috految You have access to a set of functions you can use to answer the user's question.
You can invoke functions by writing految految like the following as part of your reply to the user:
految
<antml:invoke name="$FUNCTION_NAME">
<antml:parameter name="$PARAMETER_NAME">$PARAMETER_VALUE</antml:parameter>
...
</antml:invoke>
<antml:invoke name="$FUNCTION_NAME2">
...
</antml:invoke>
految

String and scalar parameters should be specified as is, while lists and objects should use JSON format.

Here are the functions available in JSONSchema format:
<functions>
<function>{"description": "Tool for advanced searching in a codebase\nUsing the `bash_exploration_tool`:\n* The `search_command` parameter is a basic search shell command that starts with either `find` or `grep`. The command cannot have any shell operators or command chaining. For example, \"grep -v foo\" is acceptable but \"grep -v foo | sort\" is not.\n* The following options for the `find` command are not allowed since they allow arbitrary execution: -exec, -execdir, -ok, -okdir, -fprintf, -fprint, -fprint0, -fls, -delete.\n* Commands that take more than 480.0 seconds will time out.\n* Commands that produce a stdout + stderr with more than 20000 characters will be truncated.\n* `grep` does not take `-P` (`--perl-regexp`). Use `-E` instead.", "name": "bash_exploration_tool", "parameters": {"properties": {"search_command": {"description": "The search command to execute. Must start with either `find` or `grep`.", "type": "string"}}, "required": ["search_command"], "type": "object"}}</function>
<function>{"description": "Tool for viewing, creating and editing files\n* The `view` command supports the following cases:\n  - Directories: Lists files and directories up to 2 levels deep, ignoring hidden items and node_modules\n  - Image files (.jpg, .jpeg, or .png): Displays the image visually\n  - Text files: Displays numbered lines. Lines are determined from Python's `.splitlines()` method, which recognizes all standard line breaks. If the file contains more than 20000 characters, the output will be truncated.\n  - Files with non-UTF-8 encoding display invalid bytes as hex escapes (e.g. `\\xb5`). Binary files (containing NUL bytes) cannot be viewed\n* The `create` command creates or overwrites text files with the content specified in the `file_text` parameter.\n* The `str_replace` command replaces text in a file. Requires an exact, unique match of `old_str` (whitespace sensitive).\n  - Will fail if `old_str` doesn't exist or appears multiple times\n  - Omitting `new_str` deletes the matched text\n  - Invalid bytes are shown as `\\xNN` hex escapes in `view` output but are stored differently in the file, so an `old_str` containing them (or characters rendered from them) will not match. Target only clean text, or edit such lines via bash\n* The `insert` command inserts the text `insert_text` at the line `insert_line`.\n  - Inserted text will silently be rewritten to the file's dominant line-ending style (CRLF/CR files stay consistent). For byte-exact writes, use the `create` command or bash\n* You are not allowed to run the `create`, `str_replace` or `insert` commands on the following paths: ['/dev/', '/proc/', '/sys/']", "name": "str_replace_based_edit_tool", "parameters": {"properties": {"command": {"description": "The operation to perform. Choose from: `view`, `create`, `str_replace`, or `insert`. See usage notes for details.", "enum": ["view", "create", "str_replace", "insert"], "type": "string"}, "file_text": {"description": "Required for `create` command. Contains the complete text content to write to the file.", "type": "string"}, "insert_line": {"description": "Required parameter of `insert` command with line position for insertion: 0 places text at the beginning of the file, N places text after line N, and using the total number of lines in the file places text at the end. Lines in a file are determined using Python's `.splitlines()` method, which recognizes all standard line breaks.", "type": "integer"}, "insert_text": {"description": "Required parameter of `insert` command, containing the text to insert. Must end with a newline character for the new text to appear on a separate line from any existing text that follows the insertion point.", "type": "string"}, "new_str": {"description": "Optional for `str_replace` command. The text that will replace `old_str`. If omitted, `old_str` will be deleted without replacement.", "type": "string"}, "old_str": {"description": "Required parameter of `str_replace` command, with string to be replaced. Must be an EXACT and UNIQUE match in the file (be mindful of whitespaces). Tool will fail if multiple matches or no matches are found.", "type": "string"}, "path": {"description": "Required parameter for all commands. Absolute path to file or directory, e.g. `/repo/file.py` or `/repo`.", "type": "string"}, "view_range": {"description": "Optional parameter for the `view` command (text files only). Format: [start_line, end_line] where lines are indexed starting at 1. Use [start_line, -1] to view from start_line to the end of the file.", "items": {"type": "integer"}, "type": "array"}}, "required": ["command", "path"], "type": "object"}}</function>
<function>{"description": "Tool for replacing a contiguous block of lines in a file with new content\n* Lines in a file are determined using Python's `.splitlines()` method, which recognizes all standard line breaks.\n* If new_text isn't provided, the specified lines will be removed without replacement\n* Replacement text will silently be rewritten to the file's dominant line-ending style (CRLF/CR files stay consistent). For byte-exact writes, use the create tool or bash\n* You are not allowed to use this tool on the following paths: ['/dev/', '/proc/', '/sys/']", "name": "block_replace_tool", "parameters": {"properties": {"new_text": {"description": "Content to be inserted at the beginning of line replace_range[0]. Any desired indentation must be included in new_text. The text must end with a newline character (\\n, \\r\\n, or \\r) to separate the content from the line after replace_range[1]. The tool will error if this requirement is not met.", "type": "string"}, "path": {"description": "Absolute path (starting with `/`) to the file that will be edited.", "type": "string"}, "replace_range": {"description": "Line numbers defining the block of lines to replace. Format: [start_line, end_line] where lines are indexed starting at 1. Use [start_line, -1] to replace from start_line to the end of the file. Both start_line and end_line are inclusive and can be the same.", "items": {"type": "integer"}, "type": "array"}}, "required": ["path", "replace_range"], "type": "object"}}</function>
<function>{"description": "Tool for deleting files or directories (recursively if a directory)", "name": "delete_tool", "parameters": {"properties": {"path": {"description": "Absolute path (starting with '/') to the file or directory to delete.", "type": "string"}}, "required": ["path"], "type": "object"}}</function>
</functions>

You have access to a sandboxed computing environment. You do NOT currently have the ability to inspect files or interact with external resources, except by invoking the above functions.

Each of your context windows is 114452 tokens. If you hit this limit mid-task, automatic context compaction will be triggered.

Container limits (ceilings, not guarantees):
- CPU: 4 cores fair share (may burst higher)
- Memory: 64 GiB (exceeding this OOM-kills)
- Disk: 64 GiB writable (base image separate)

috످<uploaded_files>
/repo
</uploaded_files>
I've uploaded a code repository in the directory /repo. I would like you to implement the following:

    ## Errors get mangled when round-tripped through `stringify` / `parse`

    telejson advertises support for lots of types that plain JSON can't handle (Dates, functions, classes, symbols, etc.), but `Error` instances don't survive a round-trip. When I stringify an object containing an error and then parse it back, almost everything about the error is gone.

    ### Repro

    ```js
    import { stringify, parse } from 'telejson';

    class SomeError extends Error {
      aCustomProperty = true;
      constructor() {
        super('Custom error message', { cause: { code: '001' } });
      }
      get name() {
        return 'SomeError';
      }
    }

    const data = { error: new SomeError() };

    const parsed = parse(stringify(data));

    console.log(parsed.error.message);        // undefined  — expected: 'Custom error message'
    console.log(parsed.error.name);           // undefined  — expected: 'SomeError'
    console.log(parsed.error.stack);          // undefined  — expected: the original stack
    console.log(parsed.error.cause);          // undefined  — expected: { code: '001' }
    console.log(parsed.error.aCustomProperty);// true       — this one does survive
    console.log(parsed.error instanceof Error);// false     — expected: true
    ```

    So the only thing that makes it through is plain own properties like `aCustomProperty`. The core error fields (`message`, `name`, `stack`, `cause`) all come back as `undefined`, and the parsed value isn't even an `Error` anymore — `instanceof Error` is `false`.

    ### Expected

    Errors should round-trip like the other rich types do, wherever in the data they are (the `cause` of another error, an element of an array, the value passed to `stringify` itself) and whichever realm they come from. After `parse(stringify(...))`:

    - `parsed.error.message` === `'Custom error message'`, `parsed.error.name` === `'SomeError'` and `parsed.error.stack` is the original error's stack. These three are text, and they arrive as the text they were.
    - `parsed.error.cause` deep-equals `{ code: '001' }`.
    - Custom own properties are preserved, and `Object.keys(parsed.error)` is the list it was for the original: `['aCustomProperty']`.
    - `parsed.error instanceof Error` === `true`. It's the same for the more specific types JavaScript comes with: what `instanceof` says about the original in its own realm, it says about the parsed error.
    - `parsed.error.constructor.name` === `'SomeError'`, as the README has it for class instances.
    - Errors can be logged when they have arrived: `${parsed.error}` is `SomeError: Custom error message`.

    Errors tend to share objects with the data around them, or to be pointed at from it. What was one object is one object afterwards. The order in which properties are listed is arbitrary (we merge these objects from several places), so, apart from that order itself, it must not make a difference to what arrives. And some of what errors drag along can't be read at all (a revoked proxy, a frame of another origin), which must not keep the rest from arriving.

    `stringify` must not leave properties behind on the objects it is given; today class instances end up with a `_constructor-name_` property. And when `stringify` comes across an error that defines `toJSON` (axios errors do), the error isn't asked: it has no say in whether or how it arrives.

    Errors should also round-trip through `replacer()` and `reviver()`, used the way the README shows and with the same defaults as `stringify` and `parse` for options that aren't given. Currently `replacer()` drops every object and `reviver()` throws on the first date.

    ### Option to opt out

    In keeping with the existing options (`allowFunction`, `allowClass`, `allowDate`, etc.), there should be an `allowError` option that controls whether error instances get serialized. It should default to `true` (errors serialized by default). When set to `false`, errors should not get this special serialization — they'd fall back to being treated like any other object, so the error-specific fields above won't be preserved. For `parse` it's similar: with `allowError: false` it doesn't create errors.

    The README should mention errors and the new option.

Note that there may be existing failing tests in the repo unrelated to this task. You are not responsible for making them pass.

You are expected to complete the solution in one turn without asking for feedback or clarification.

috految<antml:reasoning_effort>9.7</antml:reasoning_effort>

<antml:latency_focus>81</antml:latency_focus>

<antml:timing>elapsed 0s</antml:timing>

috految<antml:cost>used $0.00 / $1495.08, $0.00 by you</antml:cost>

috److految
<antml:invoke name="bash_exploration_tool">
<antml:parameter name="search_command">grep -rn "" /repo/src -h</antml:parameter>
</antml:invoke>
<antml:invoke name="bash_exploration_tool">
<antml:parameter name="search_command">grep -rh "" /repo/test</antml:parameter>
</antml:invoke>
<antml:invoke name="bash_exploration_tool">
<antml:parameter name="search_command">grep -rnh "" /repo --exclude-dir=node_modules --exclude-dir=.git --exclude-dir=.yarn --include=README.md --include=package.json --include=tsconfig.json --include=*.config.* --include=.babelrc* --include=.gitignore --include=*.d.ts</antml:parameter>
</antml:invoke>
<antml:invoke name="bash_exploration_tool">
<antml:parameter name="search_command">find /repo /root/.nvm/versions -maxdepth 3 ( -name node_modules -o -name .git -o -name .yarn ) -prune -o -printf "%p %s\n"</antml:parameter>
</antml:invoke>
<antml:invoke name="bash_exploration_tool">
<antml:parameter name="search_command">grep -h "" /repo/node_modules/is-regex/index.js /repo/node_modules/is-function/index.js /repo/node_modules/is-symbol/index.js /repo/node_modules/isobject/index.js /repo/node_modules/memoizerific/src/memoizerific.js /repo/node_modules/typescript/package.json</antml:parameter>
</antml:invoke>
految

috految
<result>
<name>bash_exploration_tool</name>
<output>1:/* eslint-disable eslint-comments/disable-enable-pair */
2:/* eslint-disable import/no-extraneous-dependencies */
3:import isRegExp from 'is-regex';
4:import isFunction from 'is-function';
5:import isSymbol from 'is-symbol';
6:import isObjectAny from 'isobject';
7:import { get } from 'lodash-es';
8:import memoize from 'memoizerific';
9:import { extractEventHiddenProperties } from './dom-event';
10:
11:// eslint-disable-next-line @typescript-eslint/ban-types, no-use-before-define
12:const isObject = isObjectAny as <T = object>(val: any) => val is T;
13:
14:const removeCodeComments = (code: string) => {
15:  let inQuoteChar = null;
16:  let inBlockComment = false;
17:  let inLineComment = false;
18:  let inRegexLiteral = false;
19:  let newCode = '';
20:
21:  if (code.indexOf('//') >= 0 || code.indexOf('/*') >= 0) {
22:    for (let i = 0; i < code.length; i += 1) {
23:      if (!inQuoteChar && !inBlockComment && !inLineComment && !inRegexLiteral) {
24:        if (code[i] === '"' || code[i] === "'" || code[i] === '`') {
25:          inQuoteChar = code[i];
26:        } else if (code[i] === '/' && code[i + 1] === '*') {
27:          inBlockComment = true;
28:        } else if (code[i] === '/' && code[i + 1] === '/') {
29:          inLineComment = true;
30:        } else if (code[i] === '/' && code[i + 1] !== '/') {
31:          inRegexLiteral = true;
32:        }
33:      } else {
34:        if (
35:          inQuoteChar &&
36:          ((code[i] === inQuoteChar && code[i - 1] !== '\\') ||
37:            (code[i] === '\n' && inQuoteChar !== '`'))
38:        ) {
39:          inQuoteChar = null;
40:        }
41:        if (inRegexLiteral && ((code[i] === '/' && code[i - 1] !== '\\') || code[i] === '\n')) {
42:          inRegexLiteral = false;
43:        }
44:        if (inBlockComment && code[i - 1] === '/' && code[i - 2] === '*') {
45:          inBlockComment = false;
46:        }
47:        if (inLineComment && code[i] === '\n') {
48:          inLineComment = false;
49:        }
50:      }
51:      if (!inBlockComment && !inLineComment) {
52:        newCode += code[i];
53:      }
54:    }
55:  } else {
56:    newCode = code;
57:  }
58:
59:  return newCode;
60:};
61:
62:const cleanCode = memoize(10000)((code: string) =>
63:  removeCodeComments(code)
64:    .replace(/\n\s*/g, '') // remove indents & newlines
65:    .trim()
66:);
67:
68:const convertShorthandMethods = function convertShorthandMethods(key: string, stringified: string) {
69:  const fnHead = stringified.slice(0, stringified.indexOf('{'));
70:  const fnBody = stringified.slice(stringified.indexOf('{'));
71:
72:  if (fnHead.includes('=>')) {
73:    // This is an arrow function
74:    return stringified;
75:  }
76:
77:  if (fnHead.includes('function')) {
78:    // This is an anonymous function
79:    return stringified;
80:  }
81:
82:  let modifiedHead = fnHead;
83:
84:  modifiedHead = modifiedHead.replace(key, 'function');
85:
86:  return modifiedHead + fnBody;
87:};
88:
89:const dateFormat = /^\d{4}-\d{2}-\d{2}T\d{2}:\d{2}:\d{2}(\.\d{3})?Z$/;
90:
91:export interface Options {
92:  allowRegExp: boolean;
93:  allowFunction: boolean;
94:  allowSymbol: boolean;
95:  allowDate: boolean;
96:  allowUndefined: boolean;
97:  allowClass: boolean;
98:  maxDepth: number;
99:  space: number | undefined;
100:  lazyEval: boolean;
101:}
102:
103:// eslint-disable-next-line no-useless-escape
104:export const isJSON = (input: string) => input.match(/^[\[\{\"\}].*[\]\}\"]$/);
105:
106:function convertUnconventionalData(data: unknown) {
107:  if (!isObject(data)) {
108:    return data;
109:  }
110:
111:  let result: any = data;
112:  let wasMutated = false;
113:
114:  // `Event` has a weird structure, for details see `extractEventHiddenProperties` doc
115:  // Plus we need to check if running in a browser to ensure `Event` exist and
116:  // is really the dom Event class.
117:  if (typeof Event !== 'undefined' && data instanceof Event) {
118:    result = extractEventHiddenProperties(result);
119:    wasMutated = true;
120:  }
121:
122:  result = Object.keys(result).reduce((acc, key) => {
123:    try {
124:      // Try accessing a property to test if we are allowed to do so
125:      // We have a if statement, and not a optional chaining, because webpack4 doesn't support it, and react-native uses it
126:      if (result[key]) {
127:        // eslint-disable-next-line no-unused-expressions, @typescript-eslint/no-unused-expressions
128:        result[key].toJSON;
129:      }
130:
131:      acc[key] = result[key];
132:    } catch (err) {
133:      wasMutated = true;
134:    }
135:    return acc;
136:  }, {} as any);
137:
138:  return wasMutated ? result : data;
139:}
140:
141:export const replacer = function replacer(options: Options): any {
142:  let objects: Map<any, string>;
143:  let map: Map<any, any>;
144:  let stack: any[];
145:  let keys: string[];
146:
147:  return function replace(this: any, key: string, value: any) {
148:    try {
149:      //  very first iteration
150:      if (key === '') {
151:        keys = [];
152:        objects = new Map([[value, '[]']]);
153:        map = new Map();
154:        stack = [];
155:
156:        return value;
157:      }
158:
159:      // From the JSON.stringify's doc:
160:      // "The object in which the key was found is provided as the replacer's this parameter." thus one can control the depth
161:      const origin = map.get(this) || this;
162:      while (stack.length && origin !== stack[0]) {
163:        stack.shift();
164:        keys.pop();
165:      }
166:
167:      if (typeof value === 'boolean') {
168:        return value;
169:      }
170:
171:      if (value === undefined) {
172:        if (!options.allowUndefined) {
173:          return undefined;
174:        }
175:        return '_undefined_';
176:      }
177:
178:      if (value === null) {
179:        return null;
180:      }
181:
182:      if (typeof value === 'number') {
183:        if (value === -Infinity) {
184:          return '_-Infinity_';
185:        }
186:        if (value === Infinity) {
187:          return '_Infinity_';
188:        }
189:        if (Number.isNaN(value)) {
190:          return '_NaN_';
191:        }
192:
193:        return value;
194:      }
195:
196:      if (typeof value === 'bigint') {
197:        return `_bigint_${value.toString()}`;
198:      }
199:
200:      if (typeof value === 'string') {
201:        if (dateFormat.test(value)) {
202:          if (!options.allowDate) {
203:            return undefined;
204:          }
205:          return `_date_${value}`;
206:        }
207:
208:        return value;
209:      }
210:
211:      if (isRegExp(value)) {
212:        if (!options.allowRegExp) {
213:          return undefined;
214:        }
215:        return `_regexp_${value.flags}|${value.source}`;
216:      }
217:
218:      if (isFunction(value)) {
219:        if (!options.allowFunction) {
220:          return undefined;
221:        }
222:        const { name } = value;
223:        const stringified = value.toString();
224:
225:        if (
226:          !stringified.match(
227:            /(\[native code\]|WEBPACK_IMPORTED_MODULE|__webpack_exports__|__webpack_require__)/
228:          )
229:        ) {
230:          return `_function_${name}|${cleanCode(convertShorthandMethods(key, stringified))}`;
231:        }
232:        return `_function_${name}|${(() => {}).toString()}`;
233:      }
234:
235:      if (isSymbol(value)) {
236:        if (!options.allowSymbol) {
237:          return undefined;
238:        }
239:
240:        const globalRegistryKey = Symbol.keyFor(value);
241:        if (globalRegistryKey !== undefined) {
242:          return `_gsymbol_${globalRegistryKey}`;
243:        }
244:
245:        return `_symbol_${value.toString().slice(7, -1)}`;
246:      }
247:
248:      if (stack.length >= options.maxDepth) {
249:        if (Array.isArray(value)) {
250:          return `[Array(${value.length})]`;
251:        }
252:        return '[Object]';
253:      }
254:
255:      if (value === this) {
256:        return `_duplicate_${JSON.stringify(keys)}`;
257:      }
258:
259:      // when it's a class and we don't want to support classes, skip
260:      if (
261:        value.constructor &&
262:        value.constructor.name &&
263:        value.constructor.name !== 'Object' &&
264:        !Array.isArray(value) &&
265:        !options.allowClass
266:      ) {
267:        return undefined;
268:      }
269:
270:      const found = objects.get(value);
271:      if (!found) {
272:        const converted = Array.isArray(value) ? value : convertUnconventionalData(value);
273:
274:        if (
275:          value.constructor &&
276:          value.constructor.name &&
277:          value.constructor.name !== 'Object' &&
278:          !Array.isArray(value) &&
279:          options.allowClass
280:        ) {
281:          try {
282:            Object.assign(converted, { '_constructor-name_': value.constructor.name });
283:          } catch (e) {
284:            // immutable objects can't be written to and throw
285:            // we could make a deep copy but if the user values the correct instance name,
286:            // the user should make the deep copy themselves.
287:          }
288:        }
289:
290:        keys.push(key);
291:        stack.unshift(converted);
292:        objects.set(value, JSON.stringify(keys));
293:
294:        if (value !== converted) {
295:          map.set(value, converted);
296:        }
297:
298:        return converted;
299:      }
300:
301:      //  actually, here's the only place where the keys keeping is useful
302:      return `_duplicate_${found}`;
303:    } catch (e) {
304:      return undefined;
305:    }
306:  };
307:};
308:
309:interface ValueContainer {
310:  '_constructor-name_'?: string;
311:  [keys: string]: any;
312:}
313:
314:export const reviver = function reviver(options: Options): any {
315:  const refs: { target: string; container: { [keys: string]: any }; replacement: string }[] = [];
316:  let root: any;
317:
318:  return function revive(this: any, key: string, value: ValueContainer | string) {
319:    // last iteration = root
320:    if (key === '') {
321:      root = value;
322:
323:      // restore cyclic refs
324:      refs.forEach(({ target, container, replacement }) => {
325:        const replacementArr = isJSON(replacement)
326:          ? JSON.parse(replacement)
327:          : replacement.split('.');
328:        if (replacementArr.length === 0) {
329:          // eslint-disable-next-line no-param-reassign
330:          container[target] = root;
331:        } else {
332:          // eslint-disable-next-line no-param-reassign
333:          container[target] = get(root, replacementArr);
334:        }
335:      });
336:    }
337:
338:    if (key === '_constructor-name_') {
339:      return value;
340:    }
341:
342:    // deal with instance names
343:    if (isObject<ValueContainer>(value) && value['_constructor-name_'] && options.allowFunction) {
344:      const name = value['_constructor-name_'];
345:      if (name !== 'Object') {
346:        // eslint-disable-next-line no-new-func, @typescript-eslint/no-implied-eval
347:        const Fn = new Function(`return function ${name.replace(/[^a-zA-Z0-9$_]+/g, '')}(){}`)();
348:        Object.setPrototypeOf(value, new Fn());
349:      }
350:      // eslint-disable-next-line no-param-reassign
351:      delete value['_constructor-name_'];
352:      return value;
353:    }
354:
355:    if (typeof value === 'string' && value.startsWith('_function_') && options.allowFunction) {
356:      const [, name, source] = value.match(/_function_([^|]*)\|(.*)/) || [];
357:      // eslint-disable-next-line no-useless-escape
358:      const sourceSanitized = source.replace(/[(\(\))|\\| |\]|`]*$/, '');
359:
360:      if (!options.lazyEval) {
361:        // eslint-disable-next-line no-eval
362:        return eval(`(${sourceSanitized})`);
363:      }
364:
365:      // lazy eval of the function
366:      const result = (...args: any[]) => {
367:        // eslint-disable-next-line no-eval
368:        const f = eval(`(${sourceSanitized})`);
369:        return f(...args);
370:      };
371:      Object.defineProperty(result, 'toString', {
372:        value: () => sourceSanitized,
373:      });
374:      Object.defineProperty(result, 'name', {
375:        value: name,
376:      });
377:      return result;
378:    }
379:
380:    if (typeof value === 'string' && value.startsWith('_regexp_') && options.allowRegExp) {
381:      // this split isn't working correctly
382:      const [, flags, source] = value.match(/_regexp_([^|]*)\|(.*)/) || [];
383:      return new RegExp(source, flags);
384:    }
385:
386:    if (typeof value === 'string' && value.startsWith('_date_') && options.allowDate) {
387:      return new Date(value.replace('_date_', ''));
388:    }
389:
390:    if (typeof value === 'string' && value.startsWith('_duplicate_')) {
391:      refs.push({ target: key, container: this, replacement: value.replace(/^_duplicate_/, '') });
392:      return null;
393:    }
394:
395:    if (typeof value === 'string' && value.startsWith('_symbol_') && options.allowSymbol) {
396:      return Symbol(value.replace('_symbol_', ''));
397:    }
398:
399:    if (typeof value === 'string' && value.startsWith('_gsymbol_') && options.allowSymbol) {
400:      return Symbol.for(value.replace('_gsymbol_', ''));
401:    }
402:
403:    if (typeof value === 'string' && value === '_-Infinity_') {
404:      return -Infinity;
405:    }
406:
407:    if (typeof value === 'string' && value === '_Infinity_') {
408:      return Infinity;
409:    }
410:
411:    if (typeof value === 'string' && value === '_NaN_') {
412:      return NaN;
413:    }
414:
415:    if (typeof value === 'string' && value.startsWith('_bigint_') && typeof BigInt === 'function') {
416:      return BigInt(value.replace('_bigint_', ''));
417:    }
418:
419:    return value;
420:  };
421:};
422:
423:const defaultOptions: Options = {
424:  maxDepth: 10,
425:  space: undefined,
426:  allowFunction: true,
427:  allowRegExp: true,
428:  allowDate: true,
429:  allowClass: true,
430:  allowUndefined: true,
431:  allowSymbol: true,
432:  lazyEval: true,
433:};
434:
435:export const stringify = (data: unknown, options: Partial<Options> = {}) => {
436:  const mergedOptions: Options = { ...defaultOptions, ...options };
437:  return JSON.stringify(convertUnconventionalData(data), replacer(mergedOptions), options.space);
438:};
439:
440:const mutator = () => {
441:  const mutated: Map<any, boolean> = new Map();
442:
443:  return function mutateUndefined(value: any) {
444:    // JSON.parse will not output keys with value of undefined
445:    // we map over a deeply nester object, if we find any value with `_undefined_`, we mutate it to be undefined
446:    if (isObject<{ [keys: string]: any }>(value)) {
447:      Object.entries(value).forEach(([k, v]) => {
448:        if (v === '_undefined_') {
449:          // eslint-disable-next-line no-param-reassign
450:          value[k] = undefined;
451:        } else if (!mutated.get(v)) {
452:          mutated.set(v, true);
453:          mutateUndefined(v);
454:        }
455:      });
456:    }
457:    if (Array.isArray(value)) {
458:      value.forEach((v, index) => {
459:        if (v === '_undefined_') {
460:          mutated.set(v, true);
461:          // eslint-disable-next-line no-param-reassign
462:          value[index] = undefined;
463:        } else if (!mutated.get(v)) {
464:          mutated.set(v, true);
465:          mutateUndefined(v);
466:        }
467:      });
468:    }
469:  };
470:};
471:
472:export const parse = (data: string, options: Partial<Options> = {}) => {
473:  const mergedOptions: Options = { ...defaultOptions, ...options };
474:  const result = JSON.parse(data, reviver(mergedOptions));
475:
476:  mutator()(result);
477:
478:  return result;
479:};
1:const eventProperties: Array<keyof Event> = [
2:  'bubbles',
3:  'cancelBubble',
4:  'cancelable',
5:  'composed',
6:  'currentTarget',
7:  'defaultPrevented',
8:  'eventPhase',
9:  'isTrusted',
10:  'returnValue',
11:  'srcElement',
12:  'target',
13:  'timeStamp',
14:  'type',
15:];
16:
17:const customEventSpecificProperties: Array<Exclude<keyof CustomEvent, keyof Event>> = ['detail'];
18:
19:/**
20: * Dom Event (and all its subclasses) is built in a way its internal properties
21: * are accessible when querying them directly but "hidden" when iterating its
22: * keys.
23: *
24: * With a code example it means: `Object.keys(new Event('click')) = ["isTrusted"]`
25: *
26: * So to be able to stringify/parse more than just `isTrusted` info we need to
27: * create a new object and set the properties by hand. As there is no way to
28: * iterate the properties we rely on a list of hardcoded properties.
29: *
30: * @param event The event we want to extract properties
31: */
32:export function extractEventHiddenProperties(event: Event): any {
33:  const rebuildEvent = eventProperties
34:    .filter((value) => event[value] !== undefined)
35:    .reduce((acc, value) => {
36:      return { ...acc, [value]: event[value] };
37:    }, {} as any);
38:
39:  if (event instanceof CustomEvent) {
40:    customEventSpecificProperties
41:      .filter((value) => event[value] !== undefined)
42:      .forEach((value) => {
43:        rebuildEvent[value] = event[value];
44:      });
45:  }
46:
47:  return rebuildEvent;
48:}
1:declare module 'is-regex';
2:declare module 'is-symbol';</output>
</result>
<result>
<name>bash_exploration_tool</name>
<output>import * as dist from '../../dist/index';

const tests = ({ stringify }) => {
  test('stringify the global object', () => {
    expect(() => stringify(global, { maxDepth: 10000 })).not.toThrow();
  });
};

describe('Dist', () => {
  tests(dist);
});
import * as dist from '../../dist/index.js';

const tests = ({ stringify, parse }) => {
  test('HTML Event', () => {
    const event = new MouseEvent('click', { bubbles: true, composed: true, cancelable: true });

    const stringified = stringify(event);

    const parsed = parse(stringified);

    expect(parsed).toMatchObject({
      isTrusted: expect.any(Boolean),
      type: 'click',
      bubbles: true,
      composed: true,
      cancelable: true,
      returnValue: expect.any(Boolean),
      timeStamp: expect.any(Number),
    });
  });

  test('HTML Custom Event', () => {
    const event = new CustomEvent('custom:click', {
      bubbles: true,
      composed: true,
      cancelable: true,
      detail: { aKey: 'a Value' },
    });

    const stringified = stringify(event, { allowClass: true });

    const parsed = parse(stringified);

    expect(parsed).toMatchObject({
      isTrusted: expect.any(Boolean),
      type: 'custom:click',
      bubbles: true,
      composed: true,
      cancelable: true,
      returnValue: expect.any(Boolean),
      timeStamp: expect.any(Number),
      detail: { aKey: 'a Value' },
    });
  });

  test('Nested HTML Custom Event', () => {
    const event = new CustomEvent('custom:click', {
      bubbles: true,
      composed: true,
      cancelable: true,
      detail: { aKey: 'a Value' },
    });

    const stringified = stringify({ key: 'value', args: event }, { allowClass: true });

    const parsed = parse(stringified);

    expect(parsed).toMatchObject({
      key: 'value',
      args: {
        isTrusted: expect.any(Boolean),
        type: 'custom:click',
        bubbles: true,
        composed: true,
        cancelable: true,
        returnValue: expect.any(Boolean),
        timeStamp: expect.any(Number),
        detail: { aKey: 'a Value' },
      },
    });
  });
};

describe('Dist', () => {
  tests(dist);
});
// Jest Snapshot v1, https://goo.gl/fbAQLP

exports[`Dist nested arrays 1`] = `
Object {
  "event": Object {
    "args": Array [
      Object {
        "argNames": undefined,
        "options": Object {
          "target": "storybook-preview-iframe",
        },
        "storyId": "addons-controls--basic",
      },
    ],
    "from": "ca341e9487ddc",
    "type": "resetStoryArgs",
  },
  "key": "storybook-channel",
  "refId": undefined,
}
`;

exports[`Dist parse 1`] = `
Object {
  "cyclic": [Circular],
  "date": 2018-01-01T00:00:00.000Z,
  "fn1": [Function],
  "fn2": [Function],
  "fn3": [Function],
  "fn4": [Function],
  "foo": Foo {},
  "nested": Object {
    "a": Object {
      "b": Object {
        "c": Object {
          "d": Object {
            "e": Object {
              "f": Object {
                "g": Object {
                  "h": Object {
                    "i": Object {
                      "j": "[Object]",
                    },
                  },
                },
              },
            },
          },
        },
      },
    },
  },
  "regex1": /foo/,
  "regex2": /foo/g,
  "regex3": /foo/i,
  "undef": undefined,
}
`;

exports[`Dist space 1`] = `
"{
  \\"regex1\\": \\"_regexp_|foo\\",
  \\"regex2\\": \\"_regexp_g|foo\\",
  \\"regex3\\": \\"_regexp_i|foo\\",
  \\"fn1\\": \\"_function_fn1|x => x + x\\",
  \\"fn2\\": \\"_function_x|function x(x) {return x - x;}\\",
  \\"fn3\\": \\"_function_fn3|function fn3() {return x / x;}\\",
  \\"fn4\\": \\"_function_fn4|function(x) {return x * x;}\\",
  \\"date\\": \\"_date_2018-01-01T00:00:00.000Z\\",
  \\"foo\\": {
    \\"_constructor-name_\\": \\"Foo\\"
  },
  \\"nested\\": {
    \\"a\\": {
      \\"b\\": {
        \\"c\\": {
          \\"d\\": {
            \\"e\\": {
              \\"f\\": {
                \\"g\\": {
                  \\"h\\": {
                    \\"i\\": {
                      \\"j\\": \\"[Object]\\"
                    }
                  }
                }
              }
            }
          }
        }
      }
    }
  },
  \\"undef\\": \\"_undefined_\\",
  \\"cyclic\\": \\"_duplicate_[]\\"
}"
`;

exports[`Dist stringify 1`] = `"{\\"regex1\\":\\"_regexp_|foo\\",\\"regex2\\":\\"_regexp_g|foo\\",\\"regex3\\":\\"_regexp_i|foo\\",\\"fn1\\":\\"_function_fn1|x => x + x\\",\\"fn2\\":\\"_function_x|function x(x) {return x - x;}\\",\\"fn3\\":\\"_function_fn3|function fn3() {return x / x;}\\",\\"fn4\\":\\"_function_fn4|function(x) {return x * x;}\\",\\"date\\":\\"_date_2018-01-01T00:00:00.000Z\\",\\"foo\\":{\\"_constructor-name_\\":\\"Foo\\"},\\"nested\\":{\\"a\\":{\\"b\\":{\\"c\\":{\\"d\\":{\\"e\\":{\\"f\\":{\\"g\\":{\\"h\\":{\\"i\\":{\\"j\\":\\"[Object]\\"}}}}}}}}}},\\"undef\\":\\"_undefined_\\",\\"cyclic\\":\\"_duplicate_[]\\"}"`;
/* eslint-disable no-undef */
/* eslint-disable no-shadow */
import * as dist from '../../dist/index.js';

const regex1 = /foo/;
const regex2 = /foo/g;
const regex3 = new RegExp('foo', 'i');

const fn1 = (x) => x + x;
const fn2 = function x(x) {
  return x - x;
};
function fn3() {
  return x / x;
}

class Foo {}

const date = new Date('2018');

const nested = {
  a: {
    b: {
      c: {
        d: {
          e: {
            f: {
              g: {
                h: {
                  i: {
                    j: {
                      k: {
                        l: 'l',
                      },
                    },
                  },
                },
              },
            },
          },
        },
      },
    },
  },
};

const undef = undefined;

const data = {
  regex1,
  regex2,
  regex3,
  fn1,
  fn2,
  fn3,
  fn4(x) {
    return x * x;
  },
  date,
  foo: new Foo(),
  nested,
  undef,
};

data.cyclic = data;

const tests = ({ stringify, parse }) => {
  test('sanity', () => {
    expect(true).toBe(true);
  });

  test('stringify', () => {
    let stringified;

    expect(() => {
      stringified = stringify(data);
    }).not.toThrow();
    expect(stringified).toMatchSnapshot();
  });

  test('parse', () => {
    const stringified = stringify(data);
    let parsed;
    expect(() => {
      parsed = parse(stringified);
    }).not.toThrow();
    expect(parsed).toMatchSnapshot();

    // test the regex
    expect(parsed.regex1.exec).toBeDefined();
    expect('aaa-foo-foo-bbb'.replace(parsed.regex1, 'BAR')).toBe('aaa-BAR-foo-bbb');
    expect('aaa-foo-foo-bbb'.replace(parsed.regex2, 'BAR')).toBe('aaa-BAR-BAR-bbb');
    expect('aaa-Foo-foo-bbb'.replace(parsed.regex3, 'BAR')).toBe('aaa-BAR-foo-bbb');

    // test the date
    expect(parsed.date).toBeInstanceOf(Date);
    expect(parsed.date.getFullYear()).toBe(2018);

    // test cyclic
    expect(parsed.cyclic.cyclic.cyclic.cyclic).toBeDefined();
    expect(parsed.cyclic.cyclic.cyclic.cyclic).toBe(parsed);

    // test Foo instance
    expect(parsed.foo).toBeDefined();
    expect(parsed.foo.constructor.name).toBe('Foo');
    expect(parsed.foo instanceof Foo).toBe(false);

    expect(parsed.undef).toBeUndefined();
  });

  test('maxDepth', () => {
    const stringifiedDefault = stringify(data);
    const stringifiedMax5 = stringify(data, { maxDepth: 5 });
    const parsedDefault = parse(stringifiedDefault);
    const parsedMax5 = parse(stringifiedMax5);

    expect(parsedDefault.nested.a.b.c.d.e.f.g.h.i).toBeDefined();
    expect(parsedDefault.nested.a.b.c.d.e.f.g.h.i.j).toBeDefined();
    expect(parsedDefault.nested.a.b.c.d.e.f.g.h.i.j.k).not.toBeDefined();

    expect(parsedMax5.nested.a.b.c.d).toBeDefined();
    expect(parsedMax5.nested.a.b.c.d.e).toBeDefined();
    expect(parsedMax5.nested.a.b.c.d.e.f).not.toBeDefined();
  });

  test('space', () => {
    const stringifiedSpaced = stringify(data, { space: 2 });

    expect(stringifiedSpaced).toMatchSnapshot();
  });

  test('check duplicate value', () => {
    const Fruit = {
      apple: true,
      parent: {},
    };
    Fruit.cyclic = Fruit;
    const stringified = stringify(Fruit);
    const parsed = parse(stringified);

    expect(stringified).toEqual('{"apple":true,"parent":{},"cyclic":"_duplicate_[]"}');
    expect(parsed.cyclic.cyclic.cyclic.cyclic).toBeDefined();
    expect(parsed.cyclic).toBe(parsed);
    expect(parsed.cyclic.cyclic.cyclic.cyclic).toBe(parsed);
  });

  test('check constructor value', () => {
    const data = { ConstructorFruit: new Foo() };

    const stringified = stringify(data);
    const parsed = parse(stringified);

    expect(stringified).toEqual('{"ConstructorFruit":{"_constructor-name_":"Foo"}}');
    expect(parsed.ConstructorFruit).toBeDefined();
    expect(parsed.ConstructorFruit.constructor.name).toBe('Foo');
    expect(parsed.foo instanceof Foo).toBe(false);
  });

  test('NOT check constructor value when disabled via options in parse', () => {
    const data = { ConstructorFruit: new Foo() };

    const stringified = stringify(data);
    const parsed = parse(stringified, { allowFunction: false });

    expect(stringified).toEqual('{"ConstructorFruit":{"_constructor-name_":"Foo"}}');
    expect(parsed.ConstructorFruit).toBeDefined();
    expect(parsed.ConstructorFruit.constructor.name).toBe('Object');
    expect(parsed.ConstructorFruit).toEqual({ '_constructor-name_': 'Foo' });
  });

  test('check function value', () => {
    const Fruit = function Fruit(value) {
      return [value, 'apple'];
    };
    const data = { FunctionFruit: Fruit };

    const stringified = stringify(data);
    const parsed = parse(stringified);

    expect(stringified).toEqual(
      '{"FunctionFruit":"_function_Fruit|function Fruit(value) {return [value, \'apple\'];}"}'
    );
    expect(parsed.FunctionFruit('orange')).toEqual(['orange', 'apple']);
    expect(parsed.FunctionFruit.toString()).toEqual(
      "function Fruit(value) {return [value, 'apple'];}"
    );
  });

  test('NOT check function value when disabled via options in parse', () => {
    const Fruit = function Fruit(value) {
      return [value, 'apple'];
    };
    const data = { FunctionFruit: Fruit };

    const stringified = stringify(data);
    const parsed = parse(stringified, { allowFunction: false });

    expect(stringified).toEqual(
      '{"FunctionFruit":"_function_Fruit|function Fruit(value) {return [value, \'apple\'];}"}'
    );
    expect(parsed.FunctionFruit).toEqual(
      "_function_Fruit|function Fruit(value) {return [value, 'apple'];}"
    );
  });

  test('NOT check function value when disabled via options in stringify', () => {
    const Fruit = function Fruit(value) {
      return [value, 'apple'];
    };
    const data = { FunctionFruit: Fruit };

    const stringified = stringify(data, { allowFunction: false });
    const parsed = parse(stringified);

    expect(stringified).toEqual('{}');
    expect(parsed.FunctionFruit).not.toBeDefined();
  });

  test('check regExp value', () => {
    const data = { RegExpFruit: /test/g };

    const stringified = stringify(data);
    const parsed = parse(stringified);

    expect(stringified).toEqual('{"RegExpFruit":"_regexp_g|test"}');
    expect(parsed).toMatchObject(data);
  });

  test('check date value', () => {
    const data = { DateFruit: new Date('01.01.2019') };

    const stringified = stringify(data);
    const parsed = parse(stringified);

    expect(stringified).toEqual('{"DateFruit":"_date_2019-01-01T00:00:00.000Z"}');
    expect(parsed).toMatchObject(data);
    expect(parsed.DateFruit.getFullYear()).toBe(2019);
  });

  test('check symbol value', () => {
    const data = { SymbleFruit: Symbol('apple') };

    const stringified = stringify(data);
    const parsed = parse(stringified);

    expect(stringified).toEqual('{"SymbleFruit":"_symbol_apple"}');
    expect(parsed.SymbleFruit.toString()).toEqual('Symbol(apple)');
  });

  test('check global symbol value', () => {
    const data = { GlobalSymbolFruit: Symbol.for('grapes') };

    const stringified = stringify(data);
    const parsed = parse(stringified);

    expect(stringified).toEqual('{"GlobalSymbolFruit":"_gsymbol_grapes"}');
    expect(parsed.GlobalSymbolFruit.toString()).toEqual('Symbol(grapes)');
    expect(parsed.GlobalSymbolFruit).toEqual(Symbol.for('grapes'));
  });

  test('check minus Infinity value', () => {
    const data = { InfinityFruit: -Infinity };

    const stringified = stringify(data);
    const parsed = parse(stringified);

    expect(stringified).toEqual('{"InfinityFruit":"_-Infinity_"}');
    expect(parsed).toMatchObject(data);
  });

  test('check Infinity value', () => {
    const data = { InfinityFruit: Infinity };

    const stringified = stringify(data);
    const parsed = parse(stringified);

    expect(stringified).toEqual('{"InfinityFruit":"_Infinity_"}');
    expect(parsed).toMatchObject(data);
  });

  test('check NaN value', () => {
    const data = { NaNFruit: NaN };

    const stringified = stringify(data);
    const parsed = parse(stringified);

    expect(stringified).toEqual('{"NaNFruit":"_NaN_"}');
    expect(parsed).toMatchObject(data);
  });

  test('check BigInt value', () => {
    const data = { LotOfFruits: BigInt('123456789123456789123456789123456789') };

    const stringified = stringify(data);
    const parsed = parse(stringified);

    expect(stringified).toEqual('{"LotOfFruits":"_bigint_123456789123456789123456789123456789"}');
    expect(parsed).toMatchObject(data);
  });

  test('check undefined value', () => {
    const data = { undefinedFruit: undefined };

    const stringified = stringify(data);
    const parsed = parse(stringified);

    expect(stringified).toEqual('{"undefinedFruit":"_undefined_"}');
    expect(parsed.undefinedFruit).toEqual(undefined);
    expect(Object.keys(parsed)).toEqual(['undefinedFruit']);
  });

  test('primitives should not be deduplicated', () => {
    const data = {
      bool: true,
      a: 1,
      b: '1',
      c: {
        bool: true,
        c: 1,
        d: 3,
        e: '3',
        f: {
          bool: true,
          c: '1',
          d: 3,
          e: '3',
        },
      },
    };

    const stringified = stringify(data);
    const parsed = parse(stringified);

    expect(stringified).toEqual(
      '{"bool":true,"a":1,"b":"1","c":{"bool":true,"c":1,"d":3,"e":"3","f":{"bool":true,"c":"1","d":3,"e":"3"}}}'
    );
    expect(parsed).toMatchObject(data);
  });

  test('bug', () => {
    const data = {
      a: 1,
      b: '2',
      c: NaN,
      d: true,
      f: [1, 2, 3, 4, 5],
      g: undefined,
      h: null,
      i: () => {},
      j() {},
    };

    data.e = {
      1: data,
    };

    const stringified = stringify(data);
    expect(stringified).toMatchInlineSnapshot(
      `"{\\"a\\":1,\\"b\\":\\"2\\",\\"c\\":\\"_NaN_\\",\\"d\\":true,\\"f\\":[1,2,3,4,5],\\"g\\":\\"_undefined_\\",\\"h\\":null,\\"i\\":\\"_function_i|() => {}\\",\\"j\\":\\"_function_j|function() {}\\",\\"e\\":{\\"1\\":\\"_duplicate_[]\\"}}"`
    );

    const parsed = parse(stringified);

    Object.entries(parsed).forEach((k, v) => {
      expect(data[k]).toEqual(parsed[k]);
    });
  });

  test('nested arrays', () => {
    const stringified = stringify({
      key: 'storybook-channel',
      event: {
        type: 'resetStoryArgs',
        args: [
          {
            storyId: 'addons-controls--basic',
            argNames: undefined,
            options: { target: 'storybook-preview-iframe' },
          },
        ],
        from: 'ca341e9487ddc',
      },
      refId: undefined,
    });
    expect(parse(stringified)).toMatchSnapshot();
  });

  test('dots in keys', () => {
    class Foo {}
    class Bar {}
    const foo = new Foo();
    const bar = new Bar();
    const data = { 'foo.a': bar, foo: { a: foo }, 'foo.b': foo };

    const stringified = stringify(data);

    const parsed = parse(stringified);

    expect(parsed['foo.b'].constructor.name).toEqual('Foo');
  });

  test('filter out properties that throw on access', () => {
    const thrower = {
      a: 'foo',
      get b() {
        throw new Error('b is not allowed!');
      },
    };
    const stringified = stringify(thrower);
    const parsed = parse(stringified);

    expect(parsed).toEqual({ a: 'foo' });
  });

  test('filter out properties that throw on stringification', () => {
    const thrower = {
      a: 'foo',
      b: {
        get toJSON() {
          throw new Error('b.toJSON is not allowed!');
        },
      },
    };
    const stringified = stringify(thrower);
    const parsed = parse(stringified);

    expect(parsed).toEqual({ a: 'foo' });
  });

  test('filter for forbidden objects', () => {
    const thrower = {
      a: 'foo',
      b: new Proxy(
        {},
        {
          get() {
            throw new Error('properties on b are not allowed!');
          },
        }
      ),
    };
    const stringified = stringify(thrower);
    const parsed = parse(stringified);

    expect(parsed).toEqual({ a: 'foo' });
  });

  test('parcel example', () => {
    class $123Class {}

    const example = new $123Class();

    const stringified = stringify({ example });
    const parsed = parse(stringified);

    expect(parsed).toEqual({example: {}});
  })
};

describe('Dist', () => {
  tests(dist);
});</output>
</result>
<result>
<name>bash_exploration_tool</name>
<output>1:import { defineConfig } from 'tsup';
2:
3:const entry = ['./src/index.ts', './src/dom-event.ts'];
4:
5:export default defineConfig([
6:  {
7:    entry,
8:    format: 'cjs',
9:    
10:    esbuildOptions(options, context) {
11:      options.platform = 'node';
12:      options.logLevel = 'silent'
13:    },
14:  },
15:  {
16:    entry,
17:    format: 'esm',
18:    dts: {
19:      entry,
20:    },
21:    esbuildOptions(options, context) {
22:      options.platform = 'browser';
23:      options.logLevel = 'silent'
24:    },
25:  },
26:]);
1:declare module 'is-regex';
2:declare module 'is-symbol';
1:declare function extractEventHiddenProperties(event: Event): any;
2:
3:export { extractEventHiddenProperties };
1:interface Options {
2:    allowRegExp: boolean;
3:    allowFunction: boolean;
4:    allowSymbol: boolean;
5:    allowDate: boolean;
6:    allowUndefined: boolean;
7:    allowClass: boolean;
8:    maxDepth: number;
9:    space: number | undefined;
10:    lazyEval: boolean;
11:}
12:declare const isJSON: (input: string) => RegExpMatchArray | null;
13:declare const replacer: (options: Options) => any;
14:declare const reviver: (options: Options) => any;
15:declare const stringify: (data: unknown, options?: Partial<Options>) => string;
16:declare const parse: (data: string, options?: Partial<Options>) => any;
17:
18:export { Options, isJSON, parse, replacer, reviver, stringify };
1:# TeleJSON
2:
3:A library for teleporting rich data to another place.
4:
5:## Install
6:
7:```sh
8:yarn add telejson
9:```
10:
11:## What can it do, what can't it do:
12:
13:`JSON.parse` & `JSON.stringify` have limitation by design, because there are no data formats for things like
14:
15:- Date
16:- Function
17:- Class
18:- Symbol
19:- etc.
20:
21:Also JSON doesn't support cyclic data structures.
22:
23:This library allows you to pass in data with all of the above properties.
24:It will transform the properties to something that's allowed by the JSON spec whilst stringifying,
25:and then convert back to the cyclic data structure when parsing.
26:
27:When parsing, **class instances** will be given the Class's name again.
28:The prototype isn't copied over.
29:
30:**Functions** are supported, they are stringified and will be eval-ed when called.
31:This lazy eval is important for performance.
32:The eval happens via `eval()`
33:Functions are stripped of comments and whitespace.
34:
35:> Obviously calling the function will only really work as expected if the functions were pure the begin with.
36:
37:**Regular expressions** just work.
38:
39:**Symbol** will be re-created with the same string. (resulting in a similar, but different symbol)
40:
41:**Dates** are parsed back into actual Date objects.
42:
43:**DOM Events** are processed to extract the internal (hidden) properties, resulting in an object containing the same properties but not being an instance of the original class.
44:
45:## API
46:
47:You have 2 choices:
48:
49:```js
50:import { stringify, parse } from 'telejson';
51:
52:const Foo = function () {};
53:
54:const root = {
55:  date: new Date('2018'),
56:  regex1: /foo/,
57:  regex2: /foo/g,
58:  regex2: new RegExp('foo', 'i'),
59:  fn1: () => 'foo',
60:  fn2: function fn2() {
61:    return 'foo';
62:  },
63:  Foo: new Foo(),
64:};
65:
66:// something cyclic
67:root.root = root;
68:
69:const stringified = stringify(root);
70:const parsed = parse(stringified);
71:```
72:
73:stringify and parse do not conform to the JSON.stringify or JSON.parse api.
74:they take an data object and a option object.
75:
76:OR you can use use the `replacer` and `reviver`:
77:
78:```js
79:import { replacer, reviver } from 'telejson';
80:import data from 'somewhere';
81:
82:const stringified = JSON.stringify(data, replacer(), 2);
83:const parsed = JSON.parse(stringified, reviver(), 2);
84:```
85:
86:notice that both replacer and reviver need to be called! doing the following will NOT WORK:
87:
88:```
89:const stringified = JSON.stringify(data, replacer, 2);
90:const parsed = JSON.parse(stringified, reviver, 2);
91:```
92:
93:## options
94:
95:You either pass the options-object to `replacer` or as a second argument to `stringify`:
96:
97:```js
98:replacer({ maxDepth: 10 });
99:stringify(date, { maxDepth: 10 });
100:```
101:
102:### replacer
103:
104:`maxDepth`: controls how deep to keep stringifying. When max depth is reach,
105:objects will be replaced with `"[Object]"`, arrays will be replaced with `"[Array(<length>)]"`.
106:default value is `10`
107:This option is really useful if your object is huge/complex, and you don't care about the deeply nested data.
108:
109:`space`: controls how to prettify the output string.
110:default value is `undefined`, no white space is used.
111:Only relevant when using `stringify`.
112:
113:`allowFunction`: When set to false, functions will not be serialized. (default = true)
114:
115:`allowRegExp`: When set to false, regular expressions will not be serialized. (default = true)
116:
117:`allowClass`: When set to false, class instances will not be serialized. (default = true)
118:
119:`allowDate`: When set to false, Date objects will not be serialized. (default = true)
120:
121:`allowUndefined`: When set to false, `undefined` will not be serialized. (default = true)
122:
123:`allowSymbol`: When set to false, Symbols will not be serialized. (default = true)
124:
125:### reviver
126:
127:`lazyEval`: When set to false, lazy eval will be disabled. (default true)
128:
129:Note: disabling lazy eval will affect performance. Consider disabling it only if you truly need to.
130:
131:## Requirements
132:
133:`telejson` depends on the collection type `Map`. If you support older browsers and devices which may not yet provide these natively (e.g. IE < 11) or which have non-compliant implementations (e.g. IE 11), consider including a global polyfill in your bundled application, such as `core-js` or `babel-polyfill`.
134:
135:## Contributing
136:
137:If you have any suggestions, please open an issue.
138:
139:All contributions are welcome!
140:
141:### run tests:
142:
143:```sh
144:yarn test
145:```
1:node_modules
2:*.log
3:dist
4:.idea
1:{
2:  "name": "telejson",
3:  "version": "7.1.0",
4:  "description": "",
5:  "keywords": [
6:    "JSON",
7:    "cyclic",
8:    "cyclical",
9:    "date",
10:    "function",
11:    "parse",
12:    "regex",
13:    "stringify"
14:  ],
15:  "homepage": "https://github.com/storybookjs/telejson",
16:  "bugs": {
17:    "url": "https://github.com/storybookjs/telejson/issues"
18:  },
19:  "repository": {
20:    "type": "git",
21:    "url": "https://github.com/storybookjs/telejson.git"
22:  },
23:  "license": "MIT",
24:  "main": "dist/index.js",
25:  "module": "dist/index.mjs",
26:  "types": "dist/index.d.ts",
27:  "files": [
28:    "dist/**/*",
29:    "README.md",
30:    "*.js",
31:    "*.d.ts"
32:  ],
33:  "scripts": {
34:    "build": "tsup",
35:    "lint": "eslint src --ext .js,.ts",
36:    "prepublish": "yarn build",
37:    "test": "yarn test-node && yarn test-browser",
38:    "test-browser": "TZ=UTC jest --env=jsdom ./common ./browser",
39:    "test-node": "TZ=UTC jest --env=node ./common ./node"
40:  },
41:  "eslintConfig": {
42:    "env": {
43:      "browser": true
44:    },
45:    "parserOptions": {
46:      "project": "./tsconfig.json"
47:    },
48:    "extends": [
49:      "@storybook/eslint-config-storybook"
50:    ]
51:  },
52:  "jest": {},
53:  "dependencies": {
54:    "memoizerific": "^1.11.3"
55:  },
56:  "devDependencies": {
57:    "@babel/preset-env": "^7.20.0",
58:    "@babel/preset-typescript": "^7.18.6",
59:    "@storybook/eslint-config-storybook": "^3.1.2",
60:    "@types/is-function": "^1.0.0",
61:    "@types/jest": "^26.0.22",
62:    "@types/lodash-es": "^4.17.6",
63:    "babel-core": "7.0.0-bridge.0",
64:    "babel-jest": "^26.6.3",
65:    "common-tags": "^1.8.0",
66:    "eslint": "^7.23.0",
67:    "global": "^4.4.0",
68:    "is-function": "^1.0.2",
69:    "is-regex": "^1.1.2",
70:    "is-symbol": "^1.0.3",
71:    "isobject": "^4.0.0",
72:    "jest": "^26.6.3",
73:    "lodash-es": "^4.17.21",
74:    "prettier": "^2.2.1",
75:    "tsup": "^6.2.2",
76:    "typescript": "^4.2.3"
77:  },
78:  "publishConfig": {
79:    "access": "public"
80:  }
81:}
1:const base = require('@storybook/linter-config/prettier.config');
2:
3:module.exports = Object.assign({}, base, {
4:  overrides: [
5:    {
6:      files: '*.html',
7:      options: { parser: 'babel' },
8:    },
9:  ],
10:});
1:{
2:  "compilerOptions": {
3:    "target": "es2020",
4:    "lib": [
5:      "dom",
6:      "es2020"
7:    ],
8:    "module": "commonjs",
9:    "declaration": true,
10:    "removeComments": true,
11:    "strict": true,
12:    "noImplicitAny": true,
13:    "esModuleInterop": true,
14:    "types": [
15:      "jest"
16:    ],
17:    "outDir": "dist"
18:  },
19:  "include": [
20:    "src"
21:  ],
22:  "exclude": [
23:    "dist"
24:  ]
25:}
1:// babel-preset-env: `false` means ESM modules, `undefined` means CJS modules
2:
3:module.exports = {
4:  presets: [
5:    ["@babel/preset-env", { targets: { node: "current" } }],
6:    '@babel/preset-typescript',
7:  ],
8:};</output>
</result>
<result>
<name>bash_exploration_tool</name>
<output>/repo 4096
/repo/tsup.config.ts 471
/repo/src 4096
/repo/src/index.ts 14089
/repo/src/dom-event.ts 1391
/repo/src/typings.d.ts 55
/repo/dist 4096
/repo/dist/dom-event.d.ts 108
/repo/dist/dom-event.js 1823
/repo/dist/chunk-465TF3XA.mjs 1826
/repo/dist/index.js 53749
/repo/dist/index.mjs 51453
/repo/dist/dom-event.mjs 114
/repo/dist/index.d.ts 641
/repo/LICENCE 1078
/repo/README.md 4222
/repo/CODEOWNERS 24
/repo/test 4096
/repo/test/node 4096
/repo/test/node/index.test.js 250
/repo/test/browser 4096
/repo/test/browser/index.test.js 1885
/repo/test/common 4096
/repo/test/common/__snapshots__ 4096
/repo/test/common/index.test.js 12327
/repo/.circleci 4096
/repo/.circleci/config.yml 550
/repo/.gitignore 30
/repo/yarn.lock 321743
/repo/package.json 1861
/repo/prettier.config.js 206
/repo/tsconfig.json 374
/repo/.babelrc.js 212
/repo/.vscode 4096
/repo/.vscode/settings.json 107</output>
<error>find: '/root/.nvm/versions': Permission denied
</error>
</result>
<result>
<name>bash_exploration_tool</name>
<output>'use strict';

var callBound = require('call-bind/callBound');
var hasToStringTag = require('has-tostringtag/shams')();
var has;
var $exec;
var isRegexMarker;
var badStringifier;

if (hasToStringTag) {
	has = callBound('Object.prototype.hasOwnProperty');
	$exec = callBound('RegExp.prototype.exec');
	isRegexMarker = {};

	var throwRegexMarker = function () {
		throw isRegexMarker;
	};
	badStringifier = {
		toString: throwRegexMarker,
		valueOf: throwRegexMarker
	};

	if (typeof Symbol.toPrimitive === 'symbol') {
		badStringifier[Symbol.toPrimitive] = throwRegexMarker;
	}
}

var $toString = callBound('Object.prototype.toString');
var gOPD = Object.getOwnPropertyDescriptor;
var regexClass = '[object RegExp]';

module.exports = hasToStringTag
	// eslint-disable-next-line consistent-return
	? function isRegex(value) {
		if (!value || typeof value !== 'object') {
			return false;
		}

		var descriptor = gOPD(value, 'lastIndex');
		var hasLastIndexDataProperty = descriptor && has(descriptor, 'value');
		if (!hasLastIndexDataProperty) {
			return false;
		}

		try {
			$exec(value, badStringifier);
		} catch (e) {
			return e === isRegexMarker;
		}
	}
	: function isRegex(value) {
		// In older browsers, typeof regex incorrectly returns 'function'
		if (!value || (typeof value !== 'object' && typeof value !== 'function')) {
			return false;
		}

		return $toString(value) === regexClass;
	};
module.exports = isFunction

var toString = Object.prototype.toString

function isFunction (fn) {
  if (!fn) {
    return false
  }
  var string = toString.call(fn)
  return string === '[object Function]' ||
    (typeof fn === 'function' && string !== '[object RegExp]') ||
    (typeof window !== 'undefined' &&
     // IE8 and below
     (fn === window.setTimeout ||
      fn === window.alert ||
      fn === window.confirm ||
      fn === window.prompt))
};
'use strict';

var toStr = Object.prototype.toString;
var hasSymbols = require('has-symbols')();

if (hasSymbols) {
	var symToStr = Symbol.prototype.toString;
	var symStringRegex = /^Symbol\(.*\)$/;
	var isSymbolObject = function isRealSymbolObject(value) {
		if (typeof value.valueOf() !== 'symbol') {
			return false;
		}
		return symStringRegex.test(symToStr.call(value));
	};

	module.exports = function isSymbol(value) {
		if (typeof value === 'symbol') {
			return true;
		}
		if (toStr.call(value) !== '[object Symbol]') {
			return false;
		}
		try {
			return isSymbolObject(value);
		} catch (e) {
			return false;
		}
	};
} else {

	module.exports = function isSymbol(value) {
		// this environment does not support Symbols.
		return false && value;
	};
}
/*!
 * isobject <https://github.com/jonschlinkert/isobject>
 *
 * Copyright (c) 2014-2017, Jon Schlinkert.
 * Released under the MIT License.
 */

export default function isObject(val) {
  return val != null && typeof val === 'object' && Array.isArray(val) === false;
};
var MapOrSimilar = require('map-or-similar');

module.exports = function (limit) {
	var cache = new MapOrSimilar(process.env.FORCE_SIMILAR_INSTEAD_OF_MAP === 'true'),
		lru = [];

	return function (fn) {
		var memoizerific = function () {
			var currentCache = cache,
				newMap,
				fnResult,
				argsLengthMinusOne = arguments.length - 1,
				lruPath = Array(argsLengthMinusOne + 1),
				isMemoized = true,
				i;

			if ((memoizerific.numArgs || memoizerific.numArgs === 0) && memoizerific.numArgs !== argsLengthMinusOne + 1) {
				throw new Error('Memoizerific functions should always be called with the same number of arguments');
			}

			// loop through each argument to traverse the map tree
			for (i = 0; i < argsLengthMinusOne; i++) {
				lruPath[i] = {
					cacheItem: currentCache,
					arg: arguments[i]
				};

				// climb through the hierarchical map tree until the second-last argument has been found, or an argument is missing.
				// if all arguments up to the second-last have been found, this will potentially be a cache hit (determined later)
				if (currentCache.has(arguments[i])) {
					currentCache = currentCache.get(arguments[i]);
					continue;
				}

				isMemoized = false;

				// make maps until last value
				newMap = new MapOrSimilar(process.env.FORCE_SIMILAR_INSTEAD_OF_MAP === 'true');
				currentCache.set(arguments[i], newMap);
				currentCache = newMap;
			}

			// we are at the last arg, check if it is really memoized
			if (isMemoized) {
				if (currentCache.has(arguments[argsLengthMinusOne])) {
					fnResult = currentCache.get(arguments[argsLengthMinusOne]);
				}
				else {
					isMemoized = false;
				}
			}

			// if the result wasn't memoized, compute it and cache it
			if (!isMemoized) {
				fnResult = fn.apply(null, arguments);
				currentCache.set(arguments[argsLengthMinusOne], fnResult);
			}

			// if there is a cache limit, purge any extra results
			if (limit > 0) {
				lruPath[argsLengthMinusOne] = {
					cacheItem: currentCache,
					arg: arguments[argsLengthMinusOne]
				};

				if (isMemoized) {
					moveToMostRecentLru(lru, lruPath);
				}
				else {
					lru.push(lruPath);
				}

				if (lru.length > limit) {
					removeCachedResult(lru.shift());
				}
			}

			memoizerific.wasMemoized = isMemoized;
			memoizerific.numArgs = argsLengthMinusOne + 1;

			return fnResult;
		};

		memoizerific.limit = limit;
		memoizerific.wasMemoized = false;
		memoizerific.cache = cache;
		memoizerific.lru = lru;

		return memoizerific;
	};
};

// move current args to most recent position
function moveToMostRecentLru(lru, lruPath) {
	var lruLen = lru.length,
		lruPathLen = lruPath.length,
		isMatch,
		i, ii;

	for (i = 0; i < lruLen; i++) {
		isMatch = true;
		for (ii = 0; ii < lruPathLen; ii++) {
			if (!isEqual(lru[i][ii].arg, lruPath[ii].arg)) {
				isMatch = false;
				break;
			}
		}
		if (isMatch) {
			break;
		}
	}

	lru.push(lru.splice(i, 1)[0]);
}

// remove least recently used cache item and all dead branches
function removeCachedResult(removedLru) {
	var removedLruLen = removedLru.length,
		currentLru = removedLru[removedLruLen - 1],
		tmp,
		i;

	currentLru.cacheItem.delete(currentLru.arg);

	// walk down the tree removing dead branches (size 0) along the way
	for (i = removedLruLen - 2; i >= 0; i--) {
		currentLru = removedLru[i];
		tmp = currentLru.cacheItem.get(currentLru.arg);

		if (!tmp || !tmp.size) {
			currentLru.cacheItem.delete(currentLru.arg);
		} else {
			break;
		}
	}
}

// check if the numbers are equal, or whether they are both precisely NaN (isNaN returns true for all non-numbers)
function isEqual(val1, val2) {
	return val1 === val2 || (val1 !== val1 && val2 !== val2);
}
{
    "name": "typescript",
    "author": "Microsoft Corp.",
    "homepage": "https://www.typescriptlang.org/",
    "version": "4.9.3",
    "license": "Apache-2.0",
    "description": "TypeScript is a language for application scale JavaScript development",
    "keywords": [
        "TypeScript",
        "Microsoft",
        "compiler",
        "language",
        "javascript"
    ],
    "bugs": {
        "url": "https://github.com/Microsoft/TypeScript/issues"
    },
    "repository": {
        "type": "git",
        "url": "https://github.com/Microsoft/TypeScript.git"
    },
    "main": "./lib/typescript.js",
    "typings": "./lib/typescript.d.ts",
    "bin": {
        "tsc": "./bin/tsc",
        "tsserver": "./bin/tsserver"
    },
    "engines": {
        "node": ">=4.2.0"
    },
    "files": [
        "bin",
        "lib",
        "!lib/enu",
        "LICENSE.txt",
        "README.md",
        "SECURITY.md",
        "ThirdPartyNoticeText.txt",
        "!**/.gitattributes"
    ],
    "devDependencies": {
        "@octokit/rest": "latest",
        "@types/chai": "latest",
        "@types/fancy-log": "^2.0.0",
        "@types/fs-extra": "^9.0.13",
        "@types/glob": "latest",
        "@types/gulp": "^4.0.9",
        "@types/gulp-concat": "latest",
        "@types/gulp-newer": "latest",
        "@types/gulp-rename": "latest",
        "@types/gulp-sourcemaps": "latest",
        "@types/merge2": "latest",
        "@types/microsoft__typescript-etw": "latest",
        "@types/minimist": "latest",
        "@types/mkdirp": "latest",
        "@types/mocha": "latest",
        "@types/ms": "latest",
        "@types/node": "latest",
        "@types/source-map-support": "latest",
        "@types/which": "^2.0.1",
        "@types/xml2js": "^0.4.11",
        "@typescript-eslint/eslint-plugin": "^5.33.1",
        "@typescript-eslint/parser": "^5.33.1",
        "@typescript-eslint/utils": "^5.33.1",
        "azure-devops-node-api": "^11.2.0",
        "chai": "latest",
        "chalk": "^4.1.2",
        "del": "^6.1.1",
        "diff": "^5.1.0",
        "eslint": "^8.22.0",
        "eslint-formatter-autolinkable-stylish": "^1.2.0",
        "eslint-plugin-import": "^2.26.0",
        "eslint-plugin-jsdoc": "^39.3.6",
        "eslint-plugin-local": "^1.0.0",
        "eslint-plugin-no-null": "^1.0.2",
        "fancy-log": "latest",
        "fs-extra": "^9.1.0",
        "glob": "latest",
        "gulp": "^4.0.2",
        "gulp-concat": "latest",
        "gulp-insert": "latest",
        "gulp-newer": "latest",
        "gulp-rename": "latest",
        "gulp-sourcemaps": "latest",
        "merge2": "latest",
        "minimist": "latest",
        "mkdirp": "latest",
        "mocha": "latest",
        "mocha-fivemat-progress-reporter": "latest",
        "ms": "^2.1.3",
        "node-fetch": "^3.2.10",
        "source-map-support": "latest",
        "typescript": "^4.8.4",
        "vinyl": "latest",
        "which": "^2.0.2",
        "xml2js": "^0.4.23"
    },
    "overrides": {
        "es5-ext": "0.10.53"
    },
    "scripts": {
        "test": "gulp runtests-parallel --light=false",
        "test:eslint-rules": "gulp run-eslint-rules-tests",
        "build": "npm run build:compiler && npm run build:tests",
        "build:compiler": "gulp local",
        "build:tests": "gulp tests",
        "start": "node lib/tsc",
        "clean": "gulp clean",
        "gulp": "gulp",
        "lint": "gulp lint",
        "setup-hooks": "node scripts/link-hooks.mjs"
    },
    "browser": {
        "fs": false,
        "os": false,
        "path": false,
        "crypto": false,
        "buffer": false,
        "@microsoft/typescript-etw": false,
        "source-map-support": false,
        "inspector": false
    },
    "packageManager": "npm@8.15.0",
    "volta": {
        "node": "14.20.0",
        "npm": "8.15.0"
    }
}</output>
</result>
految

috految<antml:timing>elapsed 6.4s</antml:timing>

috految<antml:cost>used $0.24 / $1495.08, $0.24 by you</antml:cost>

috److془Design carefully.

BFS encode; shallowest place; sorted keys for determinism (toJSON(key), getters). Dedup Dates, regexps, functions, toJSON objects. Symbols: not objects; leave.

Functions: shorthand conversion key-independent. `const fn = {foo(){}}.foo; {a: fn, foo: fn}`. Use regex on source. Also 'class Foo {}' under key Foo → 'class function' bug. Removing is fine. Regex: /^(async\s+|...)?(\*)?name\s*(?=\()/. `async ({a}) =>` must be not converted. Method `async() {}` : name==='async'. Regex: /^(async\s+)?([^\s(]+)\s*\(/ ; applied after head checks. `async(`/`async (` gives name 'async'. `x=>f({` head includes =>. Class `class{foo(` head only. `class extends (X)` no match. Generators: `*gen(` exclude * . Comments in between: `foo /* */ (`: lookahead [(/]. Computed: `[k](`→ fine. Caveat: `function` include check leave. `foo(a = () => ..)` preexisting. Function with custom toString e.g. redux actions: 'todos/add'; use \(|\/\*. Require bodies.. fine. Simply: name instead of key mostly but regex is good. Lazy revived function: toString ok. Function name '|' whatever. `async *gen(` no match fine. Arrow in `async x => ` fine. Hmm: "return\n" whatever. Hmm, `() => foo()` sanitized breaks, preexisting. Module-level names shadow globals in eval; fine. Lazy: `this` in arrow eval = holder container! Class field arrows `getX = () => this.x` work today. With shared function: key-dependent holder. {handler: inst.getX, inst} today inst.getX() works. Fix: pass this at call time if it is among the holders? Simple: owner = holders.has(this)? this : holder. Good. Holder for error should be the error, and sorted makes deterministic. Oh, and non-arrow: f(...args) no this. Own toJSON on error (old axios): enumerable, must be in keys; JSON.stringify(parsed) call with this → works if forwarding. Forward this. Existing: `foo(){return this}`, fine. Relay of parsed with root replacer works. Closures in toJSON: throws; unavoidable-ish. Hmm: forwarding with constructor: `new parsed.Fn()` now works partly, fine. Snapshot `[Function]` printFunctionName false. Fine. Own toJSON with lazyEval false with broken source: throws parse. Hidden functions too.. eager: `toJSON = () => ({})` broken by sanitization. Use lazy for error's properties toJSON. Hmm, or just so. Actually `() => ({})` toJSON with JSON.stringify(parsed) throws; preexisting function limitations. Fine. Arrow with a `this` caveat: lazy in eager mode nondeterministic no.
Hmm: if `name` is referenced... whatever. Revived toJSON in plain objects: result of toJSON containing toJSON; as today.

Logging: own toString (Node errors nonenumerable with closure; enumerable too), own toString converted into string with allowFunction false. Solution: skip nonenumerable toString/toJSON/valueOf/constructor; if own toString on parsed, set Symbol.toPrimitive to Error.prototype.toString. util.inspect: uses stack, ErrorPrototypeToString fallback. Node 14+ fine. Own enumerable constructor (`this.constructor = Foo`): lazy function named Foo, nonarrow so instanceof ok. Node's getConstructorName fine. Enumerable toString: Node's `err.toString()` could throw with closure; fine. Own name non-string: objects encode as normal; message being object with own toString.. fine. Hmm "These three are text, and arrive as the text they were". Fine. Phantom: Node SystemError has enumerable getters fine. Node `toJSON` fine. Inspect with AssertionError fine. Inspect on AggregateError fine. Node's inspect of `Object.create(Symbol)` no. Node constructor name: err.constructor.name. Node 20: NodeError prototype `get constructor(){return Base}`; check ctor.prototype===proto. Axios `from`: toFlatObject copies constructor, toString, non-enumerables to own possibly; fine. Also own `__proto__`: define. Error.prototype as own data: not error. Class via `Foo.prototype = Error.prototype; Foo.prototype.constructor = Foo`: local identity handles. Foreign: native ctor source, with name. core-js wraps constructors in foreign realm; zone too. Alternative: own nonenumerable name === type and own message ''. User class TypeError with prototype.name nonenumerable and message '' : rare; use: proto is local, or (own name value n, and (native ctor || both non-enumerable and not instanceof local Error)). Simply second alone; plus native for name mutated. Firefox/Safari have own message. Use just condition: nonenumerable own name & message ''. Beware `Foo.prototype = new Error()` create no own name fine. Foreign V8 TypeError.prototype.message '' own: yes. Wasm: same InstallError. Frozen intrinsics: read proto.name. For the 'Error' type, wrong for `class {get name(){'Error'} get message(){''}}` - use descriptors values; fallback to tag '[object Error]' w/o toStringTag. Jest env: jsdom DOMException prototype inherits from Error prototype of some realm; fine. DOMException isn't JavaScript's. jsdom's domexception 2: `Object.setPrototypeOf(DOMException.prototype, globalObject.Error.prototype)` good. Node's per-context fine. Types: plus SuppressedError, InternalError, WebAssembly. Old V8 AggregateError fine. Global `InternalError` user-defined: skip InternalError. Jest 26 node env: is globalThis fine, yes. Use typeof guards. Proxy infinite proto chain: recursion throws; good. Cross-origin: getPrototypeOf null, toJSON throws → drop. Iframe with instanceof fine. Error's unreadable key: drop (existing convention). Hmm "Object.keys is the list it was"; drop. Unreadable array element: null. Unreadable stack: undefined. Note descriptors on stack may trigger formatting throws; Object.keys doesn't. Use getOwnPropertyNames. Getter with lazy cache leaving properties/keys: take keys first. Prototype getter for cause: include if in. VError's cause() method inherited: skip function. Inherited `errors` skip. Prototype getter of Error.prototype stack in Firefox: define own. Node 21+ proxied stack undefined; whatever. Nonenumerable functions: keep. got errors' hidden props travel; "Custom own properties are preserved". Fine. Hidden function with lazyEval false: lazy for errors' toJSON and hidden. Hmm just toJSON. Inherited name when parsed: own nonenumerable. Axios AxiosError ES5 fine. Enumerable stack order: delete all own and define. Deleting stack on new Error okay. Key order: enumerables first. Node 22 stack delete fine. Custom property strings ISO → dates as always. Strings like '_function_x' in data throws as preexisting. Unique: cause string ISO, like others. Marker text: put text in `_text_` prefix within error records. allowDate false unaffected. Date-string under allowError false at parse: plain object with fields, enumerability? "For parse it's similar: doesn't create errors". Like any other object; nonenumerable fields retained or not? Keep. Hmm "similar": fields... unspecified. Keep (refs within need resolving). Constructor name with allowError false: stub if allowFunction. Parse allowFunction false: errors still created; name without eval. Stub prototype for class names: new Function throws for 'default', 'delete' ; use defineProperty name. Chrome devtools display uses shared name.. Keep via attempt(new Function)? Simply drop; hmm devtools; computed name anonymous works fine-ish. Keep it with attempt; minimal. Regression: frozen, names now tagged; fine. Relay stub Fn named 'Error' not error good. Name with `default`: plain. Own constructor data, {constructor:{name:'x'}} as today; require string. Frozen with CSP fine. Stub on Buffer no, toJSON. Node inspect of stub fine. Class name from the `constructor` unreadable: attempt. allowClass false with errors: serialize (like Dates). Root class instance: today untagged, not dropped. Root cyclic → duplicate. Keep untagged. Root Date today: ISO string; root function undefined; regex {}. Keep. Root toJSON result is handled. Root Event: converted before toJSON, meh. Root toJSON throws: throw as today. Nested toJSON throwing: drop. Hmm: root whose toJSON hits unreadable: today copy without toJSON if own prop unreadable. Edge; ok. Root strict proxy threw today. Root with own throwing toJSON getter: attempt read. Root cross-origin: {} fine. Event: extraction may throw when CustomEvent undefined in Node 18; today dropped. getter throw with event: preexisting; reading target doesn't throw. Though errors on events: ErrorEvent.error not extracted; leave. Fallback to own keys. Cross-origin as event target: dropped by itself. Use of isFunction/isRegExp on partly unreadable: drop as today. Check errors first. Nested toJSON with an error: returns error → error. toJSON returns Date: today {_constructor-name_:Date}; shared must not poison: separate maps. toJSON returning a shared object B - identity by result. Nice: cache map source→result; paths keyed by result if object, or source Date. Poison: separate map for atoms. Key-dependent toJSON: primitives not cached; objects cached. toJSON(key) returns id for nested and full for root: call each time, use the first object. Cost as today. Full for `owner` vs. summary; one object, fine. Cyclic toJSON with live fresh objects ends. Call each time w/ throwing fine. Hmm: toJSON returning {type, value:this} with key-check: ignore. Root toJSON returning {...this}: fine. Result's toJSON isn't invoked. Root members with prototype pollution Array.prototype.toJSON: whatever. Functions toJSON: asked natively, bigint too. Boxed primitives: unbox. allowError false with toJSON: asked like any object. Arrays: error at maxDepth: '[Object]'. Seen check precedes depth. Depth: root children stack 0; truncated when path.length > maxDepth. Check: nested1,a2..i10, j placeholder ✓. Same-level consistent ✓. Infinite fresh getters with maxDepth 10000 global: would've overflowed today - caught heh. Enumerable fresh in jest global? Unlikely. Jest process copy: fine. mainModule; module.children, paths, exports: jest 26 blacklists mainModule. Though jest 26 was:" process.mainModule = this._mainModule" perhaps; finite anyway. Test errors in jasmine: finite. Native prototypes' getters crash: same as before. Child getter global.global could be fine. Paths: string memory fine. Getter side effects: ok. Getting infinite with maxDepth Infinity: meh. Deep chain overflow: meh. Global: JSON.stringify of null-proto copies. Is a toJSON key in copy? string; non callable ✓. 

Forward duplicates: fine. Never through duplicates. Wrapping replacers: (k,v)=> k==='password'?undefined: r.call(this,k,v) works with tree mostly. Wrappers converting Maps would break; instanceof redaction too. Mention. Replacer root detection: key==='' && !copies.has(this). Root: this[''] original; JSON.stringify calls toJSON unavoidable. Nested '' key passes. Wrapper calls w/o this: always guard. Root this[''] error → original. `space` ok. Explicit undefined options: spread as today. Example in README `reviver(), 2` fine. Quirk: root replacer return isn't toJSON'd ✓. Jest's JSON is sandbox realm fine. 

Reviver: root detection with nested '' keys: {a:{'':x}} indistinguishable from root. Idempotent design: at each '' resolve refs for the subtree; the last wins. Refs stored in WeakMap container→Map(key→path); walk tree (skipping ref keys). Reuse safe. Paths never through refs. Premature resolution, subtree already revived ✓. Nested '' value duplicate: returns null plus record ✓. Undefined: in walk, '_undefined_' → undefined; record as pending so texts safe. Root primitives return unchanged. Root bare '_undefined_' string stays ✓. Wrapping revivers to Map: meh. Keys with U+2028: isJSON fails; use startsWith('['). Security: get to `constructor.constructor` exists already; but walk doesn't mutate foreign. But name.replace after premature: typeof check. Metadata hidden.includes: use Set. Premature links with '' and then fields conversions: refs only in completed subtrees, ok. lodash get with array, own '__proto__' ✓. Legacy/ DFS paths fine. Hidden cause path ✓ . Walk with getOwnPropertyNames. Reviver eager root fine. Holder: error replace record; WeakMap. Simply: leave lazy closure holder, owner = this if it holds function. Detached arrows see record with fields; fine. But then {cb: inst.fn}.cb() changes; use holders: pending.has(this)&& values includes result. Errors always get pending. Good. Test: 'bug' i: `() => {}` j → 'function() {}' ✓. fn4 ✓. Eval hoist: `evaluate` function with this. Module comment `(() => {}).toString()` has newline after build; source "() => {" broken; use literal. Hmm then call returns undefined as intended. Arrow `this.toString` fine. Lazy nonarrow: jest fine. Eval-scoped var names: esbuild with direct eval in ESM file; top-level renamed okay (existing). Avoid lodash names collisions anyhow. Lodash `Symbol`,`Map` renamed as unbounds reserved. Danger: direct eval and nested names unminified; fine. Existing: lodash `get` used fine. Unrenamed locals collisions no. Bundler's `var Symbol` fine. 

Sorted ordering: the placement vs exact wire tests: fine. Sorted reading with lazy getters deterministic. Stale: '_constructor-name_' in data passthrough; fine. Marker key with errors: data with '_error-info_' negligible. Metadata as JSON string. Keys reading with sparse arrays: '_undefined_' ✓. Stub instance then root etc ✓. Array callers: shared date in parse allowDate false gives string ✓. Event root in jsdom ✓. Test b Proxy get throws: toJSON read throws ✓. README: mentions. Minified error name: fine. Array with huge Buffer ok. Gotcha: Error subclass getter of constructor name with user Error subclass named same as base: fine. Symbol.toPrimitive on error nonenumerable. Nonenumerable own toString skip ✓. Private allowUndefined false: fine. Dropped: copy value undefined ✓. Legacy prototypes.. done. Error with throwing constructor: attempt. Dts: avoid TS errors.془

految
<antml:invoke name="block_replace_tool">
<antml:parameter name="path">/repo/src/index.ts</antml:parameter>
<antml:parameter name="new_text">export const stringify = (data: unknown, options: Partial<Options> = {}) => {
  const mergedOptions: Options = { ...defaultOptions, ...options };
  const toJSON = attempt(() => getToJSON(data, mergedOptions));
  const value = toJSON ? toJSON.call(data, '') : data;

  // Not done with `replacer`, as JSON.stringify would call `toJSON` on an error at the root
  return JSON.stringify(encodeTree(data, value, mergedOptions), null, options.space);
};

export const parse = (data: string, options: Partial<Options> = {}) =>
  JSON.parse(data, reviver(options));
</antml:parameter>
<antml:parameter name="replace_range">[423, 479]</antml:parameter>
</antml:invoke>
<antml:invoke name="block_replace_tool">
<antml:parameter name="path">/repo/src/index.ts</antml:parameter>
<antml:parameter name="new_text">      const path = value.replace(/^_duplicate_/, '');
      defer(this, key, (tree) => {
        const keys = path.startsWith('[') ? JSON.parse(path) : path.split('.');
        return keys.length === 0 ? tree : get(tree, keys);
      });
</antml:parameter>
<antml:parameter name="replace_range">[391, 391]</antml:parameter>
</antml:invoke>
<antml:invoke name="block_replace_tool">
<antml:parameter name="path">/repo/src/index.ts</antml:parameter>
<antml:parameter name="new_text">const convertShorthandMethods = function convertShorthandMethods(
  name: string,
  stringified: string
) {
  const fnHead = stringified.slice(0, stringified.indexOf('{'));
  const fnBody = stringified.slice(stringified.indexOf('{'));

  if (fnHead.includes('=>')) {
    // This is an arrow function
    return stringified;
  }

  if (fnHead.includes('function')) {
    // This is an anonymous function
    return stringified;
  }

  if (name !== 'async' && /^async\s*\(/.test(fnHead)) {
    // This is an async arrow function that destructures its parameters
    return stringified;
  }

  // A method can be stored under any key, so its name is taken from the source
  return fnHead.replace(/^(async\s+)?[^\s(*/]+(?=\s*(\(|\/\*))/, '$1function') + fnBody;
};

const dateFormat = /^\d{4}-\d{2}-\d{2}T\d{2}:\d{2}:\d{2}(\.\d{3})?Z$/;

export interface Options {
  allowRegExp: boolean;
  allowFunction: boolean;
  allowSymbol: boolean;
  allowDate: boolean;
  allowUndefined: boolean;
  allowClass: boolean;
  allowError: boolean;
  maxDepth: number;
  space: number | undefined;
  lazyEval: boolean;
}

const defaultOptions: Options = {
  maxDepth: 10,
  space: undefined,
  allowFunction: true,
  allowRegExp: true,
  allowDate: true,
  allowClass: true,
  allowError: true,
  allowUndefined: true,
  allowSymbol: true,
  lazyEval: true,
};

// eslint-disable-next-line no-useless-escape
export const isJSON = (input: string) => input.match(/^[\[\{\"\}].*[\]\}\"]$/);

// Any access can throw, think of getters, revoked proxies and cross-origin frames
function attempt<T>(read: () => T): T | undefined {
  try {
    return read();
  } catch (e) {
    return undefined;
  }
}

const ERROR_INFO = '_error-info_';
const TEXT_PREFIX = '_text_';
const errorTextFields = ['name', 'message', 'stack'];
// Where these aren't enumerable they are plumbing, which wouldn't work without its closure
const errorMethods = ['constructor', 'toString', 'valueOf', 'toJSON'];

const globalScope: any = typeof globalThis === 'undefined' ? {} : globalThis;
const wasm = globalScope.WebAssembly || {};
const errorTypes = new Map<string, any>([
  ['Error', Error],
  ['EvalError', EvalError],
  ['RangeError', RangeError],
  ['ReferenceError', ReferenceError],
  ['SyntaxError', SyntaxError],
  ['TypeError', TypeError],
  ['URIError', URIError],
  ['AggregateError', globalScope.AggregateError],
  ['SuppressedError', globalScope.SuppressedError],
  ['CompileError', wasm.CompileError],
  ['LinkError', wasm.LinkError],
  ['RuntimeError', wasm.RuntimeError],
]);

/** The most specific built-in error type that a value inherits from, in any realm. */
function getErrorType(value: any): string | undefined {
  const proto = Object.getPrototypeOf(value);
  if (!proto) {
    return undefined;
  }

  const local = Array.from(errorTypes).find(([, type]) => type && type.prototype === proto);
  if (local) {
    return local[0];
  }

  // Built-in prototypes of other realms have a hidden name and an empty message of their own
  if (!(proto instanceof Error)) {
    const name = Object.getOwnPropertyDescriptor(proto, 'name');
    const message = Object.getOwnPropertyDescriptor(proto, 'message');
    if (name && message && !name.enumerable && message.value === '' && errorTypes.has(name.value)) {
      return name.value;
    }
  }

  return getErrorType(proto);
}

function isSerializableError(value: any, options: Options): boolean {
  if (!options.allowError || !value || typeof value !== 'object') {
    return false;
  }
  return !!attempt(
    () =>
      getErrorType(value) ||
      (Object.prototype.toString.call(value) === '[object Error]' && !value[Symbol.toStringTag])
  );
}

function getToJSON(value: any, options: Options): any {
  const canHaveToJSON = Object(value) === value || typeof value === 'bigint';
  if (!canHaveToJSON || isSerializableError(value, options)) {
    return undefined;
  }
  const { toJSON } = Object(value);
  return typeof toJSON === 'function' ? toJSON : undefined;
}

function getClassName(value: any): string | undefined {
  const name = attempt(() => value.constructor.name);
  return typeof name === 'string' ? name : undefined;
}

function getHiddenErrorKeys(error: any, keys: string[]) {
  const names = [...errorTextFields, ...Object.getOwnPropertyNames(error)];
  if (attempt(() => 'cause' in error && typeof error.cause !== 'function')) {
    names.push('cause');
  }
  return Array.from(new Set(names)).filter(
    (name) => !keys.includes(name) && !errorMethods.includes(name)
  );
}

function encodeLeaf(value: any, options: Options): any {
  if (value === undefined) {
    return options.allowUndefined ? '_undefined_' : undefined;
  }

  if (typeof value === 'number') {
    return Number.isFinite(value) ? value : `_${value}_`;
  }

  if (typeof value === 'bigint') {
    return `_bigint_${value.toString()}`;
  }

  if (typeof value === 'string') {
    if (dateFormat.test(value)) {
      return options.allowDate ? `_date_${value}` : undefined;
    }
    return value;
  }

  if (isRegExp(value)) {
    return options.allowRegExp ? `_regexp_${value.flags}|${value.source}` : undefined;
  }

  if (isFunction(value)) {
    if (!options.allowFunction) {
      return undefined;
    }
    const { name } = value;
    const stringified = value.toString();

    if (
      !stringified.match(
        /(\[native code\]|WEBPACK_IMPORTED_MODULE|__webpack_exports__|__webpack_require__)/
      )
    ) {
      return `_function_${name}|${cleanCode(convertShorthandMethods(name, stringified))}`;
    }
    return `_function_${name}|() => {}`;
  }

  if (isSymbol(value)) {
    if (!options.allowSymbol) {
      return undefined;
    }

    const globalRegistryKey = Symbol.keyFor(value);
    if (globalRegistryKey !== undefined) {
      return `_gsymbol_${globalRegistryKey}`;
    }

    return `_symbol_${value.toString().slice(7, -1)}`;
  }

  return value;
}

/**
 * Builds the JSON-safe copy of `data`, of which `rootValue` is the result of `toJSON`, if any.
 *
 * This goes breadth-first, so a shared object is written where it's closest to the root,
 * and what `maxDepth` cuts off doesn't depend on the order of properties.
 */
function encodeTree(data: any, rootValue: any, options: Options): any {
  if (rootValue === null || typeof rootValue !== 'object') {
    return rootValue;
  }

  const objectPaths = new Map<any, string[]>();
  const leafPaths = new Map<any, string[]>();
  const jsonValues = new Map<any, any>([[data, rootValue]]);
  const queue: { source: any; copy: any; path: string[]; keys: string[]; isError: boolean }[] = [];

  function encodeObject(value: any, path: string[]): any {
    const isError = isSerializableError(value, options);
    const isList: boolean = Array.isArray(value);
    const className = isList ? undefined : getClassName(value);
    const isInstance = path.length > 0 && !isError && className && className !== 'Object';

    // when it's a class and we don't want to support classes, skip
    if (isInstance && !options.allowClass) {
      return undefined;
    }

    const tag = attempt(() => Object.prototype.toString.call(value));
    if (tag && /^\[object (Number|String|Boolean)\]$/.test(tag)) {
      return value.valueOf();
    }

    // `Event` has a weird structure, for details see `extractEventHiddenProperties` doc
    // Plus we need to check if running in a browser to ensure `Event` exist and
    // is really the dom Event class.
    const source: any =
      attempt(
        () =>
          typeof Event !== 'undefined' &&
          value instanceof Event &&
          extractEventHiddenProperties(value)
      ) || value;

    const copy: any = isList ? [] : Object.create(null);
    const keys: string[] = isList
      ? Array.from({ length: value.length }, (_, index) => `${index}`)
      : Object.keys(source);
    const hidden = isError ? getHiddenErrorKeys(value, keys) : [];
    keys.push(...hidden);
    keys.forEach((key) => {
      copy[key] = undefined;
    });

    if (isError) {
      copy[ERROR_INFO] = JSON.stringify({ type: getErrorType(value), className, hidden });
    } else if (isInstance) {
      copy['_constructor-name_'] = className;
    }

    objectPaths.set(value, path);
    queue.push({ source, copy, path, keys: isList ? keys : keys.sort(), isError });
    return copy;
  }

  function encodeProperty(original: any, key: string, path: string[]): any {
    const toJSON = getToJSON(original, options);
    let value: any = toJSON ? toJSON.call(original, key) : original;

    if (toJSON && Object(value) === value) {
      // `toJSON` tends to return a new object each time, for what is one object
      value = jsonValues.get(original) || value;
      jsonValues.set(original, value);
    }

    const isLeaf: boolean =
      !isSerializableError(value, options) &&
      (value === null || typeof value !== 'object' || isRegExp(value) || isSymbol(value));

    if (isLeaf) {
      const encoded = encodeLeaf(value, options);
      // dates, regular expressions and functions have an identity too
      if (Object(original) === original && /^_(date|regexp|function)_/.test(encoded)) {
        if (leafPaths.has(original)) {
          return `_duplicate_${JSON.stringify(leafPaths.get(original))}`;
        }
        leafPaths.set(original, path);
      }
      return encoded;
    }

    if (objectPaths.has(value)) {
      return `_duplicate_${JSON.stringify(objectPaths.get(value))}`;
    }

    if (path.length > options.maxDepth) {
      return Array.isArray(value) ? `[Array(${value.length})]` : '[Object]';
    }

    return encodeObject(value, path);
  }

  const tree = encodeObject(rootValue, []);

  for (let i = 0; i < queue.length; i += 1) {
    const { source, copy, path, keys, isError } = queue[i];
    keys.forEach((key) => {
      copy[key] = attempt(() => {
        const value = source[key];
        return isError && typeof value === 'string' && errorTextFields.includes(key)
          ? `${TEXT_PREFIX}${value}`
          : encodeProperty(value, key, [...path, key]);
      });
    });
  }

  return tree;
}

export const replacer = function replacer(options: Partial<Options> = {}): any {
  const mergedOptions: Options = { ...defaultOptions, ...options };
  const encoded = new WeakSet<any>();

  return function replace(this: any, key: string, value: any) {
    let result = value;

    // very first iteration, which encodes the whole tree
    if (key === '' && !encoded.has(this)) {
      const data = this ? this[key] : value;
      const rootValue = isSerializableError(data, mergedOptions) ? data : value;
      result = encodeTree(data, rootValue, mergedOptions);
    }

    if (Object(result) === result) {
      encoded.add(result);
    }
    return result;
  };
};

function createError(type: string, className?: string) {
  const base = errorTypes.get(type) || Error;
  const error: any = new Error();
  Object.getOwnPropertyNames(error).forEach((key) => Reflect.deleteProperty(error, key));

  let proto = base.prototype;
  if (className !== undefined && className !== base.name) {
    const Named = class extends base {};
    Object.defineProperty(Named, 'name', { value: className });
    proto = Named.prototype;
  }
  return Object.setPrototypeOf(error, proto);
}

function reviveError(record: any, options: Options) {
  const { type, className, hidden } = JSON.parse(record[ERROR_INFO]);
  const result = options.allowError ? createError(type, className) : {};

  Object.keys(record)
    .filter((key) => key !== ERROR_INFO)
    .forEach((key) => {
      const value = record[key];
      const isText =
        errorTextFields.includes(key) && typeof value === 'string' && value.startsWith(TEXT_PREFIX);
      Object.defineProperty(result, key, {
        value: isText ? value.slice(TEXT_PREFIX.length) : value,
        enumerable: !hidden.includes(key),
        writable: true,
        configurable: true,
      });
    });

  if (!options.allowError) {
    result['_constructor-name_'] = className;
  } else if (Object.keys(result).some((key) => key === 'toString' || key === 'valueOf')) {
    // these have lost their closures, so logging can't rely on them
    Object.defineProperty(result, Symbol.toPrimitive, { value: Error.prototype.toString });
  }
  return result;
}

export const reviver = function reviver(partialOptions: Partial<Options> = {}): any {
  const options: Options = { ...defaultOptions, ...partialOptions };
  // Properties that can't be set while parsing: references, and undefined (JSON.parse deletes it)
  const deferred = new WeakMap<any, Map<string, (tree: any) => any>>();

  function defer(container: any, key: string, resolve: (tree: any) => any) {
    deferred.set(container, (deferred.get(container) || new Map()).set(key, resolve));
  }

  function restoreDeferred(tree: any) {
    const containers = new Set<any>([tree]);
    containers.forEach((container) => {
      const resolvers = deferred.get(container);
      Object.getOwnPropertyNames(container).forEach((key) => {
        const resolve = resolvers && resolvers.get(key);
        if (resolve) {
          // eslint-disable-next-line no-param-reassign
          container[key] = resolve(tree);
        } else if (container[key] && typeof container[key] === 'object') {
          containers.add(container[key]);
        }
      });
    });
  }

  return function revive(this: any, key: string, parsed: any) {
    let value: any = parsed;

    if (key === '_constructor-name_') {
      return value;
    }

    if (isObject<Record<string, any>>(parsed) && typeof parsed[ERROR_INFO] === 'string') {
      value = reviveError(parsed, options);
      deferred.set(value, deferred.get(parsed) || new Map());
    }

    // deal with instance names
    if (value && typeof value['_constructor-name_'] === 'string' && options.allowFunction) {
      const name = value['_constructor-name_'];
      if (name !== 'Object' && !isSerializableError(value, options)) {
        // not every class name is a valid function name, e.g. `default`
        const Fn: any = attempt(() =>
          // eslint-disable-next-line no-new-func, @typescript-eslint/no-implied-eval
          new Function(`return function ${name.replace(/[^a-zA-Z0-9$_]+/g, '')}(){}`)()
        );
        if (Fn) {
          Object.setPrototypeOf(value, new Fn());
        }
      }
      delete value['_constructor-name_'];
    }

    // last iteration = root. Data can have empty keys too, but the root overrules those.
    if (key === '' && value && typeof value === 'object') {
      restoreDeferred(value);
    }

    if (value === '_undefined_') {
      defer(this, key, () => undefined);
      return value;
    }

    if (typeof value === 'string' && value.startsWith('_function_') && options.allowFunction) {
      const [, name, source] = value.match(/_function_([^|]*)\|(.*)/) || [];
      // eslint-disable-next-line no-useless-escape
      const sourceSanitized = source.replace(/[(\(\))|\\| |\]|`]*$/, '');

      const evaluate = function evaluate(this: any) {
        // eslint-disable-next-line no-eval
        return eval(`(${sourceSanitized})`);
      };

      // an error's `toJSON` must not keep it from arriving, so that one is always lazy
      if (!options.lazyEval && !(key === 'toJSON' && this[ERROR_INFO])) {
        return evaluate.call(this);
      }

      // lazy eval of the function; arrow functions get the object that holds them as `this`
      const holder = this;
      const result: any = function lazy(this: any, ...args: any[]) {
        const isHolder = deferred.has(this) && Object.values(this).includes(result);
        return evaluate.call(isHolder ? this : holder).apply(this, args);
      };
</antml:parameter>
<antml:parameter name="replace_range">[68, 370]</antml:parameter>
</antml:invoke>
<antml:invoke name="block_replace_tool">
<antml:parameter name="path">/repo/README.md</antml:parameter>
<antml:parameter name="new_text">`allowError`: When set to false, errors are treated like any other object. (default = true)

### reviver

`allowError`: When set to false, no errors will be created. (default = true)
</antml:parameter>
<antml:parameter name="replace_range">[125, 125]</antml:parameter>
</antml:invoke>
<antml:invoke name="block_replace_tool">
<antml:parameter name="path">/repo/README.md</antml:parameter>
<antml:parameter name="new_text">
**Errors** are parsed back into errors of the same built-in type, with their class name, `name`, `message`, `stack`, `cause` and own properties. Their `toJSON` is ignored.

</antml:parameter>
<antml:parameter name="replace_range">[42, 42]</antml:parameter>
</antml:invoke>
految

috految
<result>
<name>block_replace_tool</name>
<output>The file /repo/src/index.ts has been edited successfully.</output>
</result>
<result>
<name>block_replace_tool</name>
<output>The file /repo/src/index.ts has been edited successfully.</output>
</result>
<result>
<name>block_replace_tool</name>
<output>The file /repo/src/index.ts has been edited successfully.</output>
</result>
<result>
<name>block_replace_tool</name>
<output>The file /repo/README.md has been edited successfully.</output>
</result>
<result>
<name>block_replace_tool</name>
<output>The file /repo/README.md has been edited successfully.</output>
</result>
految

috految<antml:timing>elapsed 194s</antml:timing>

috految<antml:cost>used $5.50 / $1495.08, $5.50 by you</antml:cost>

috److I added error round-tripping to `stringify`/`parse` and to `replacer()`/`reviver()`, along with the `allowError` option and README notes. I haven't built it or run any tests. The tests import from `dist`, so run `yarn build` first.

Serialization in `src/index.ts` now builds a separate copy breadth-first, so it no longer leaves `_constructor-name_` on your objects. Shared objects stay shared, and property order doesn't change what `maxDepth` cuts off. `replacer()` and `reviver()` now use the same defaults as `stringify` and `parse`.

A few behaviours you might not expect:

- **Wrapping `replacer()`:** it now encodes the whole tree on its first call. A custom replacer wrapped around it sees encoded copies of nested values, so `instanceof` checks there will no longer match.
- **Root error with `replacer()`:** `JSON.stringify` itself calls `toJSON` on a root error before the replacer runs. The result is ignored, but a throwing `toJSON` will still throw there. `stringify` never calls it.
- **Non-enumerable properties:** an error's own non-enumerable properties are serialized too and stay non-enumerable (for example `AggregateError`'s `errors`).
- **Unreadable values:** these are dropped from objects and become `null` in arrays. A nested object whose `toJSON` throws is handled the same way.
- **Other types:** dates, regular expressions and functions now also keep their identity when referenced more than once. Parsed functions now receive `this` when called.

috످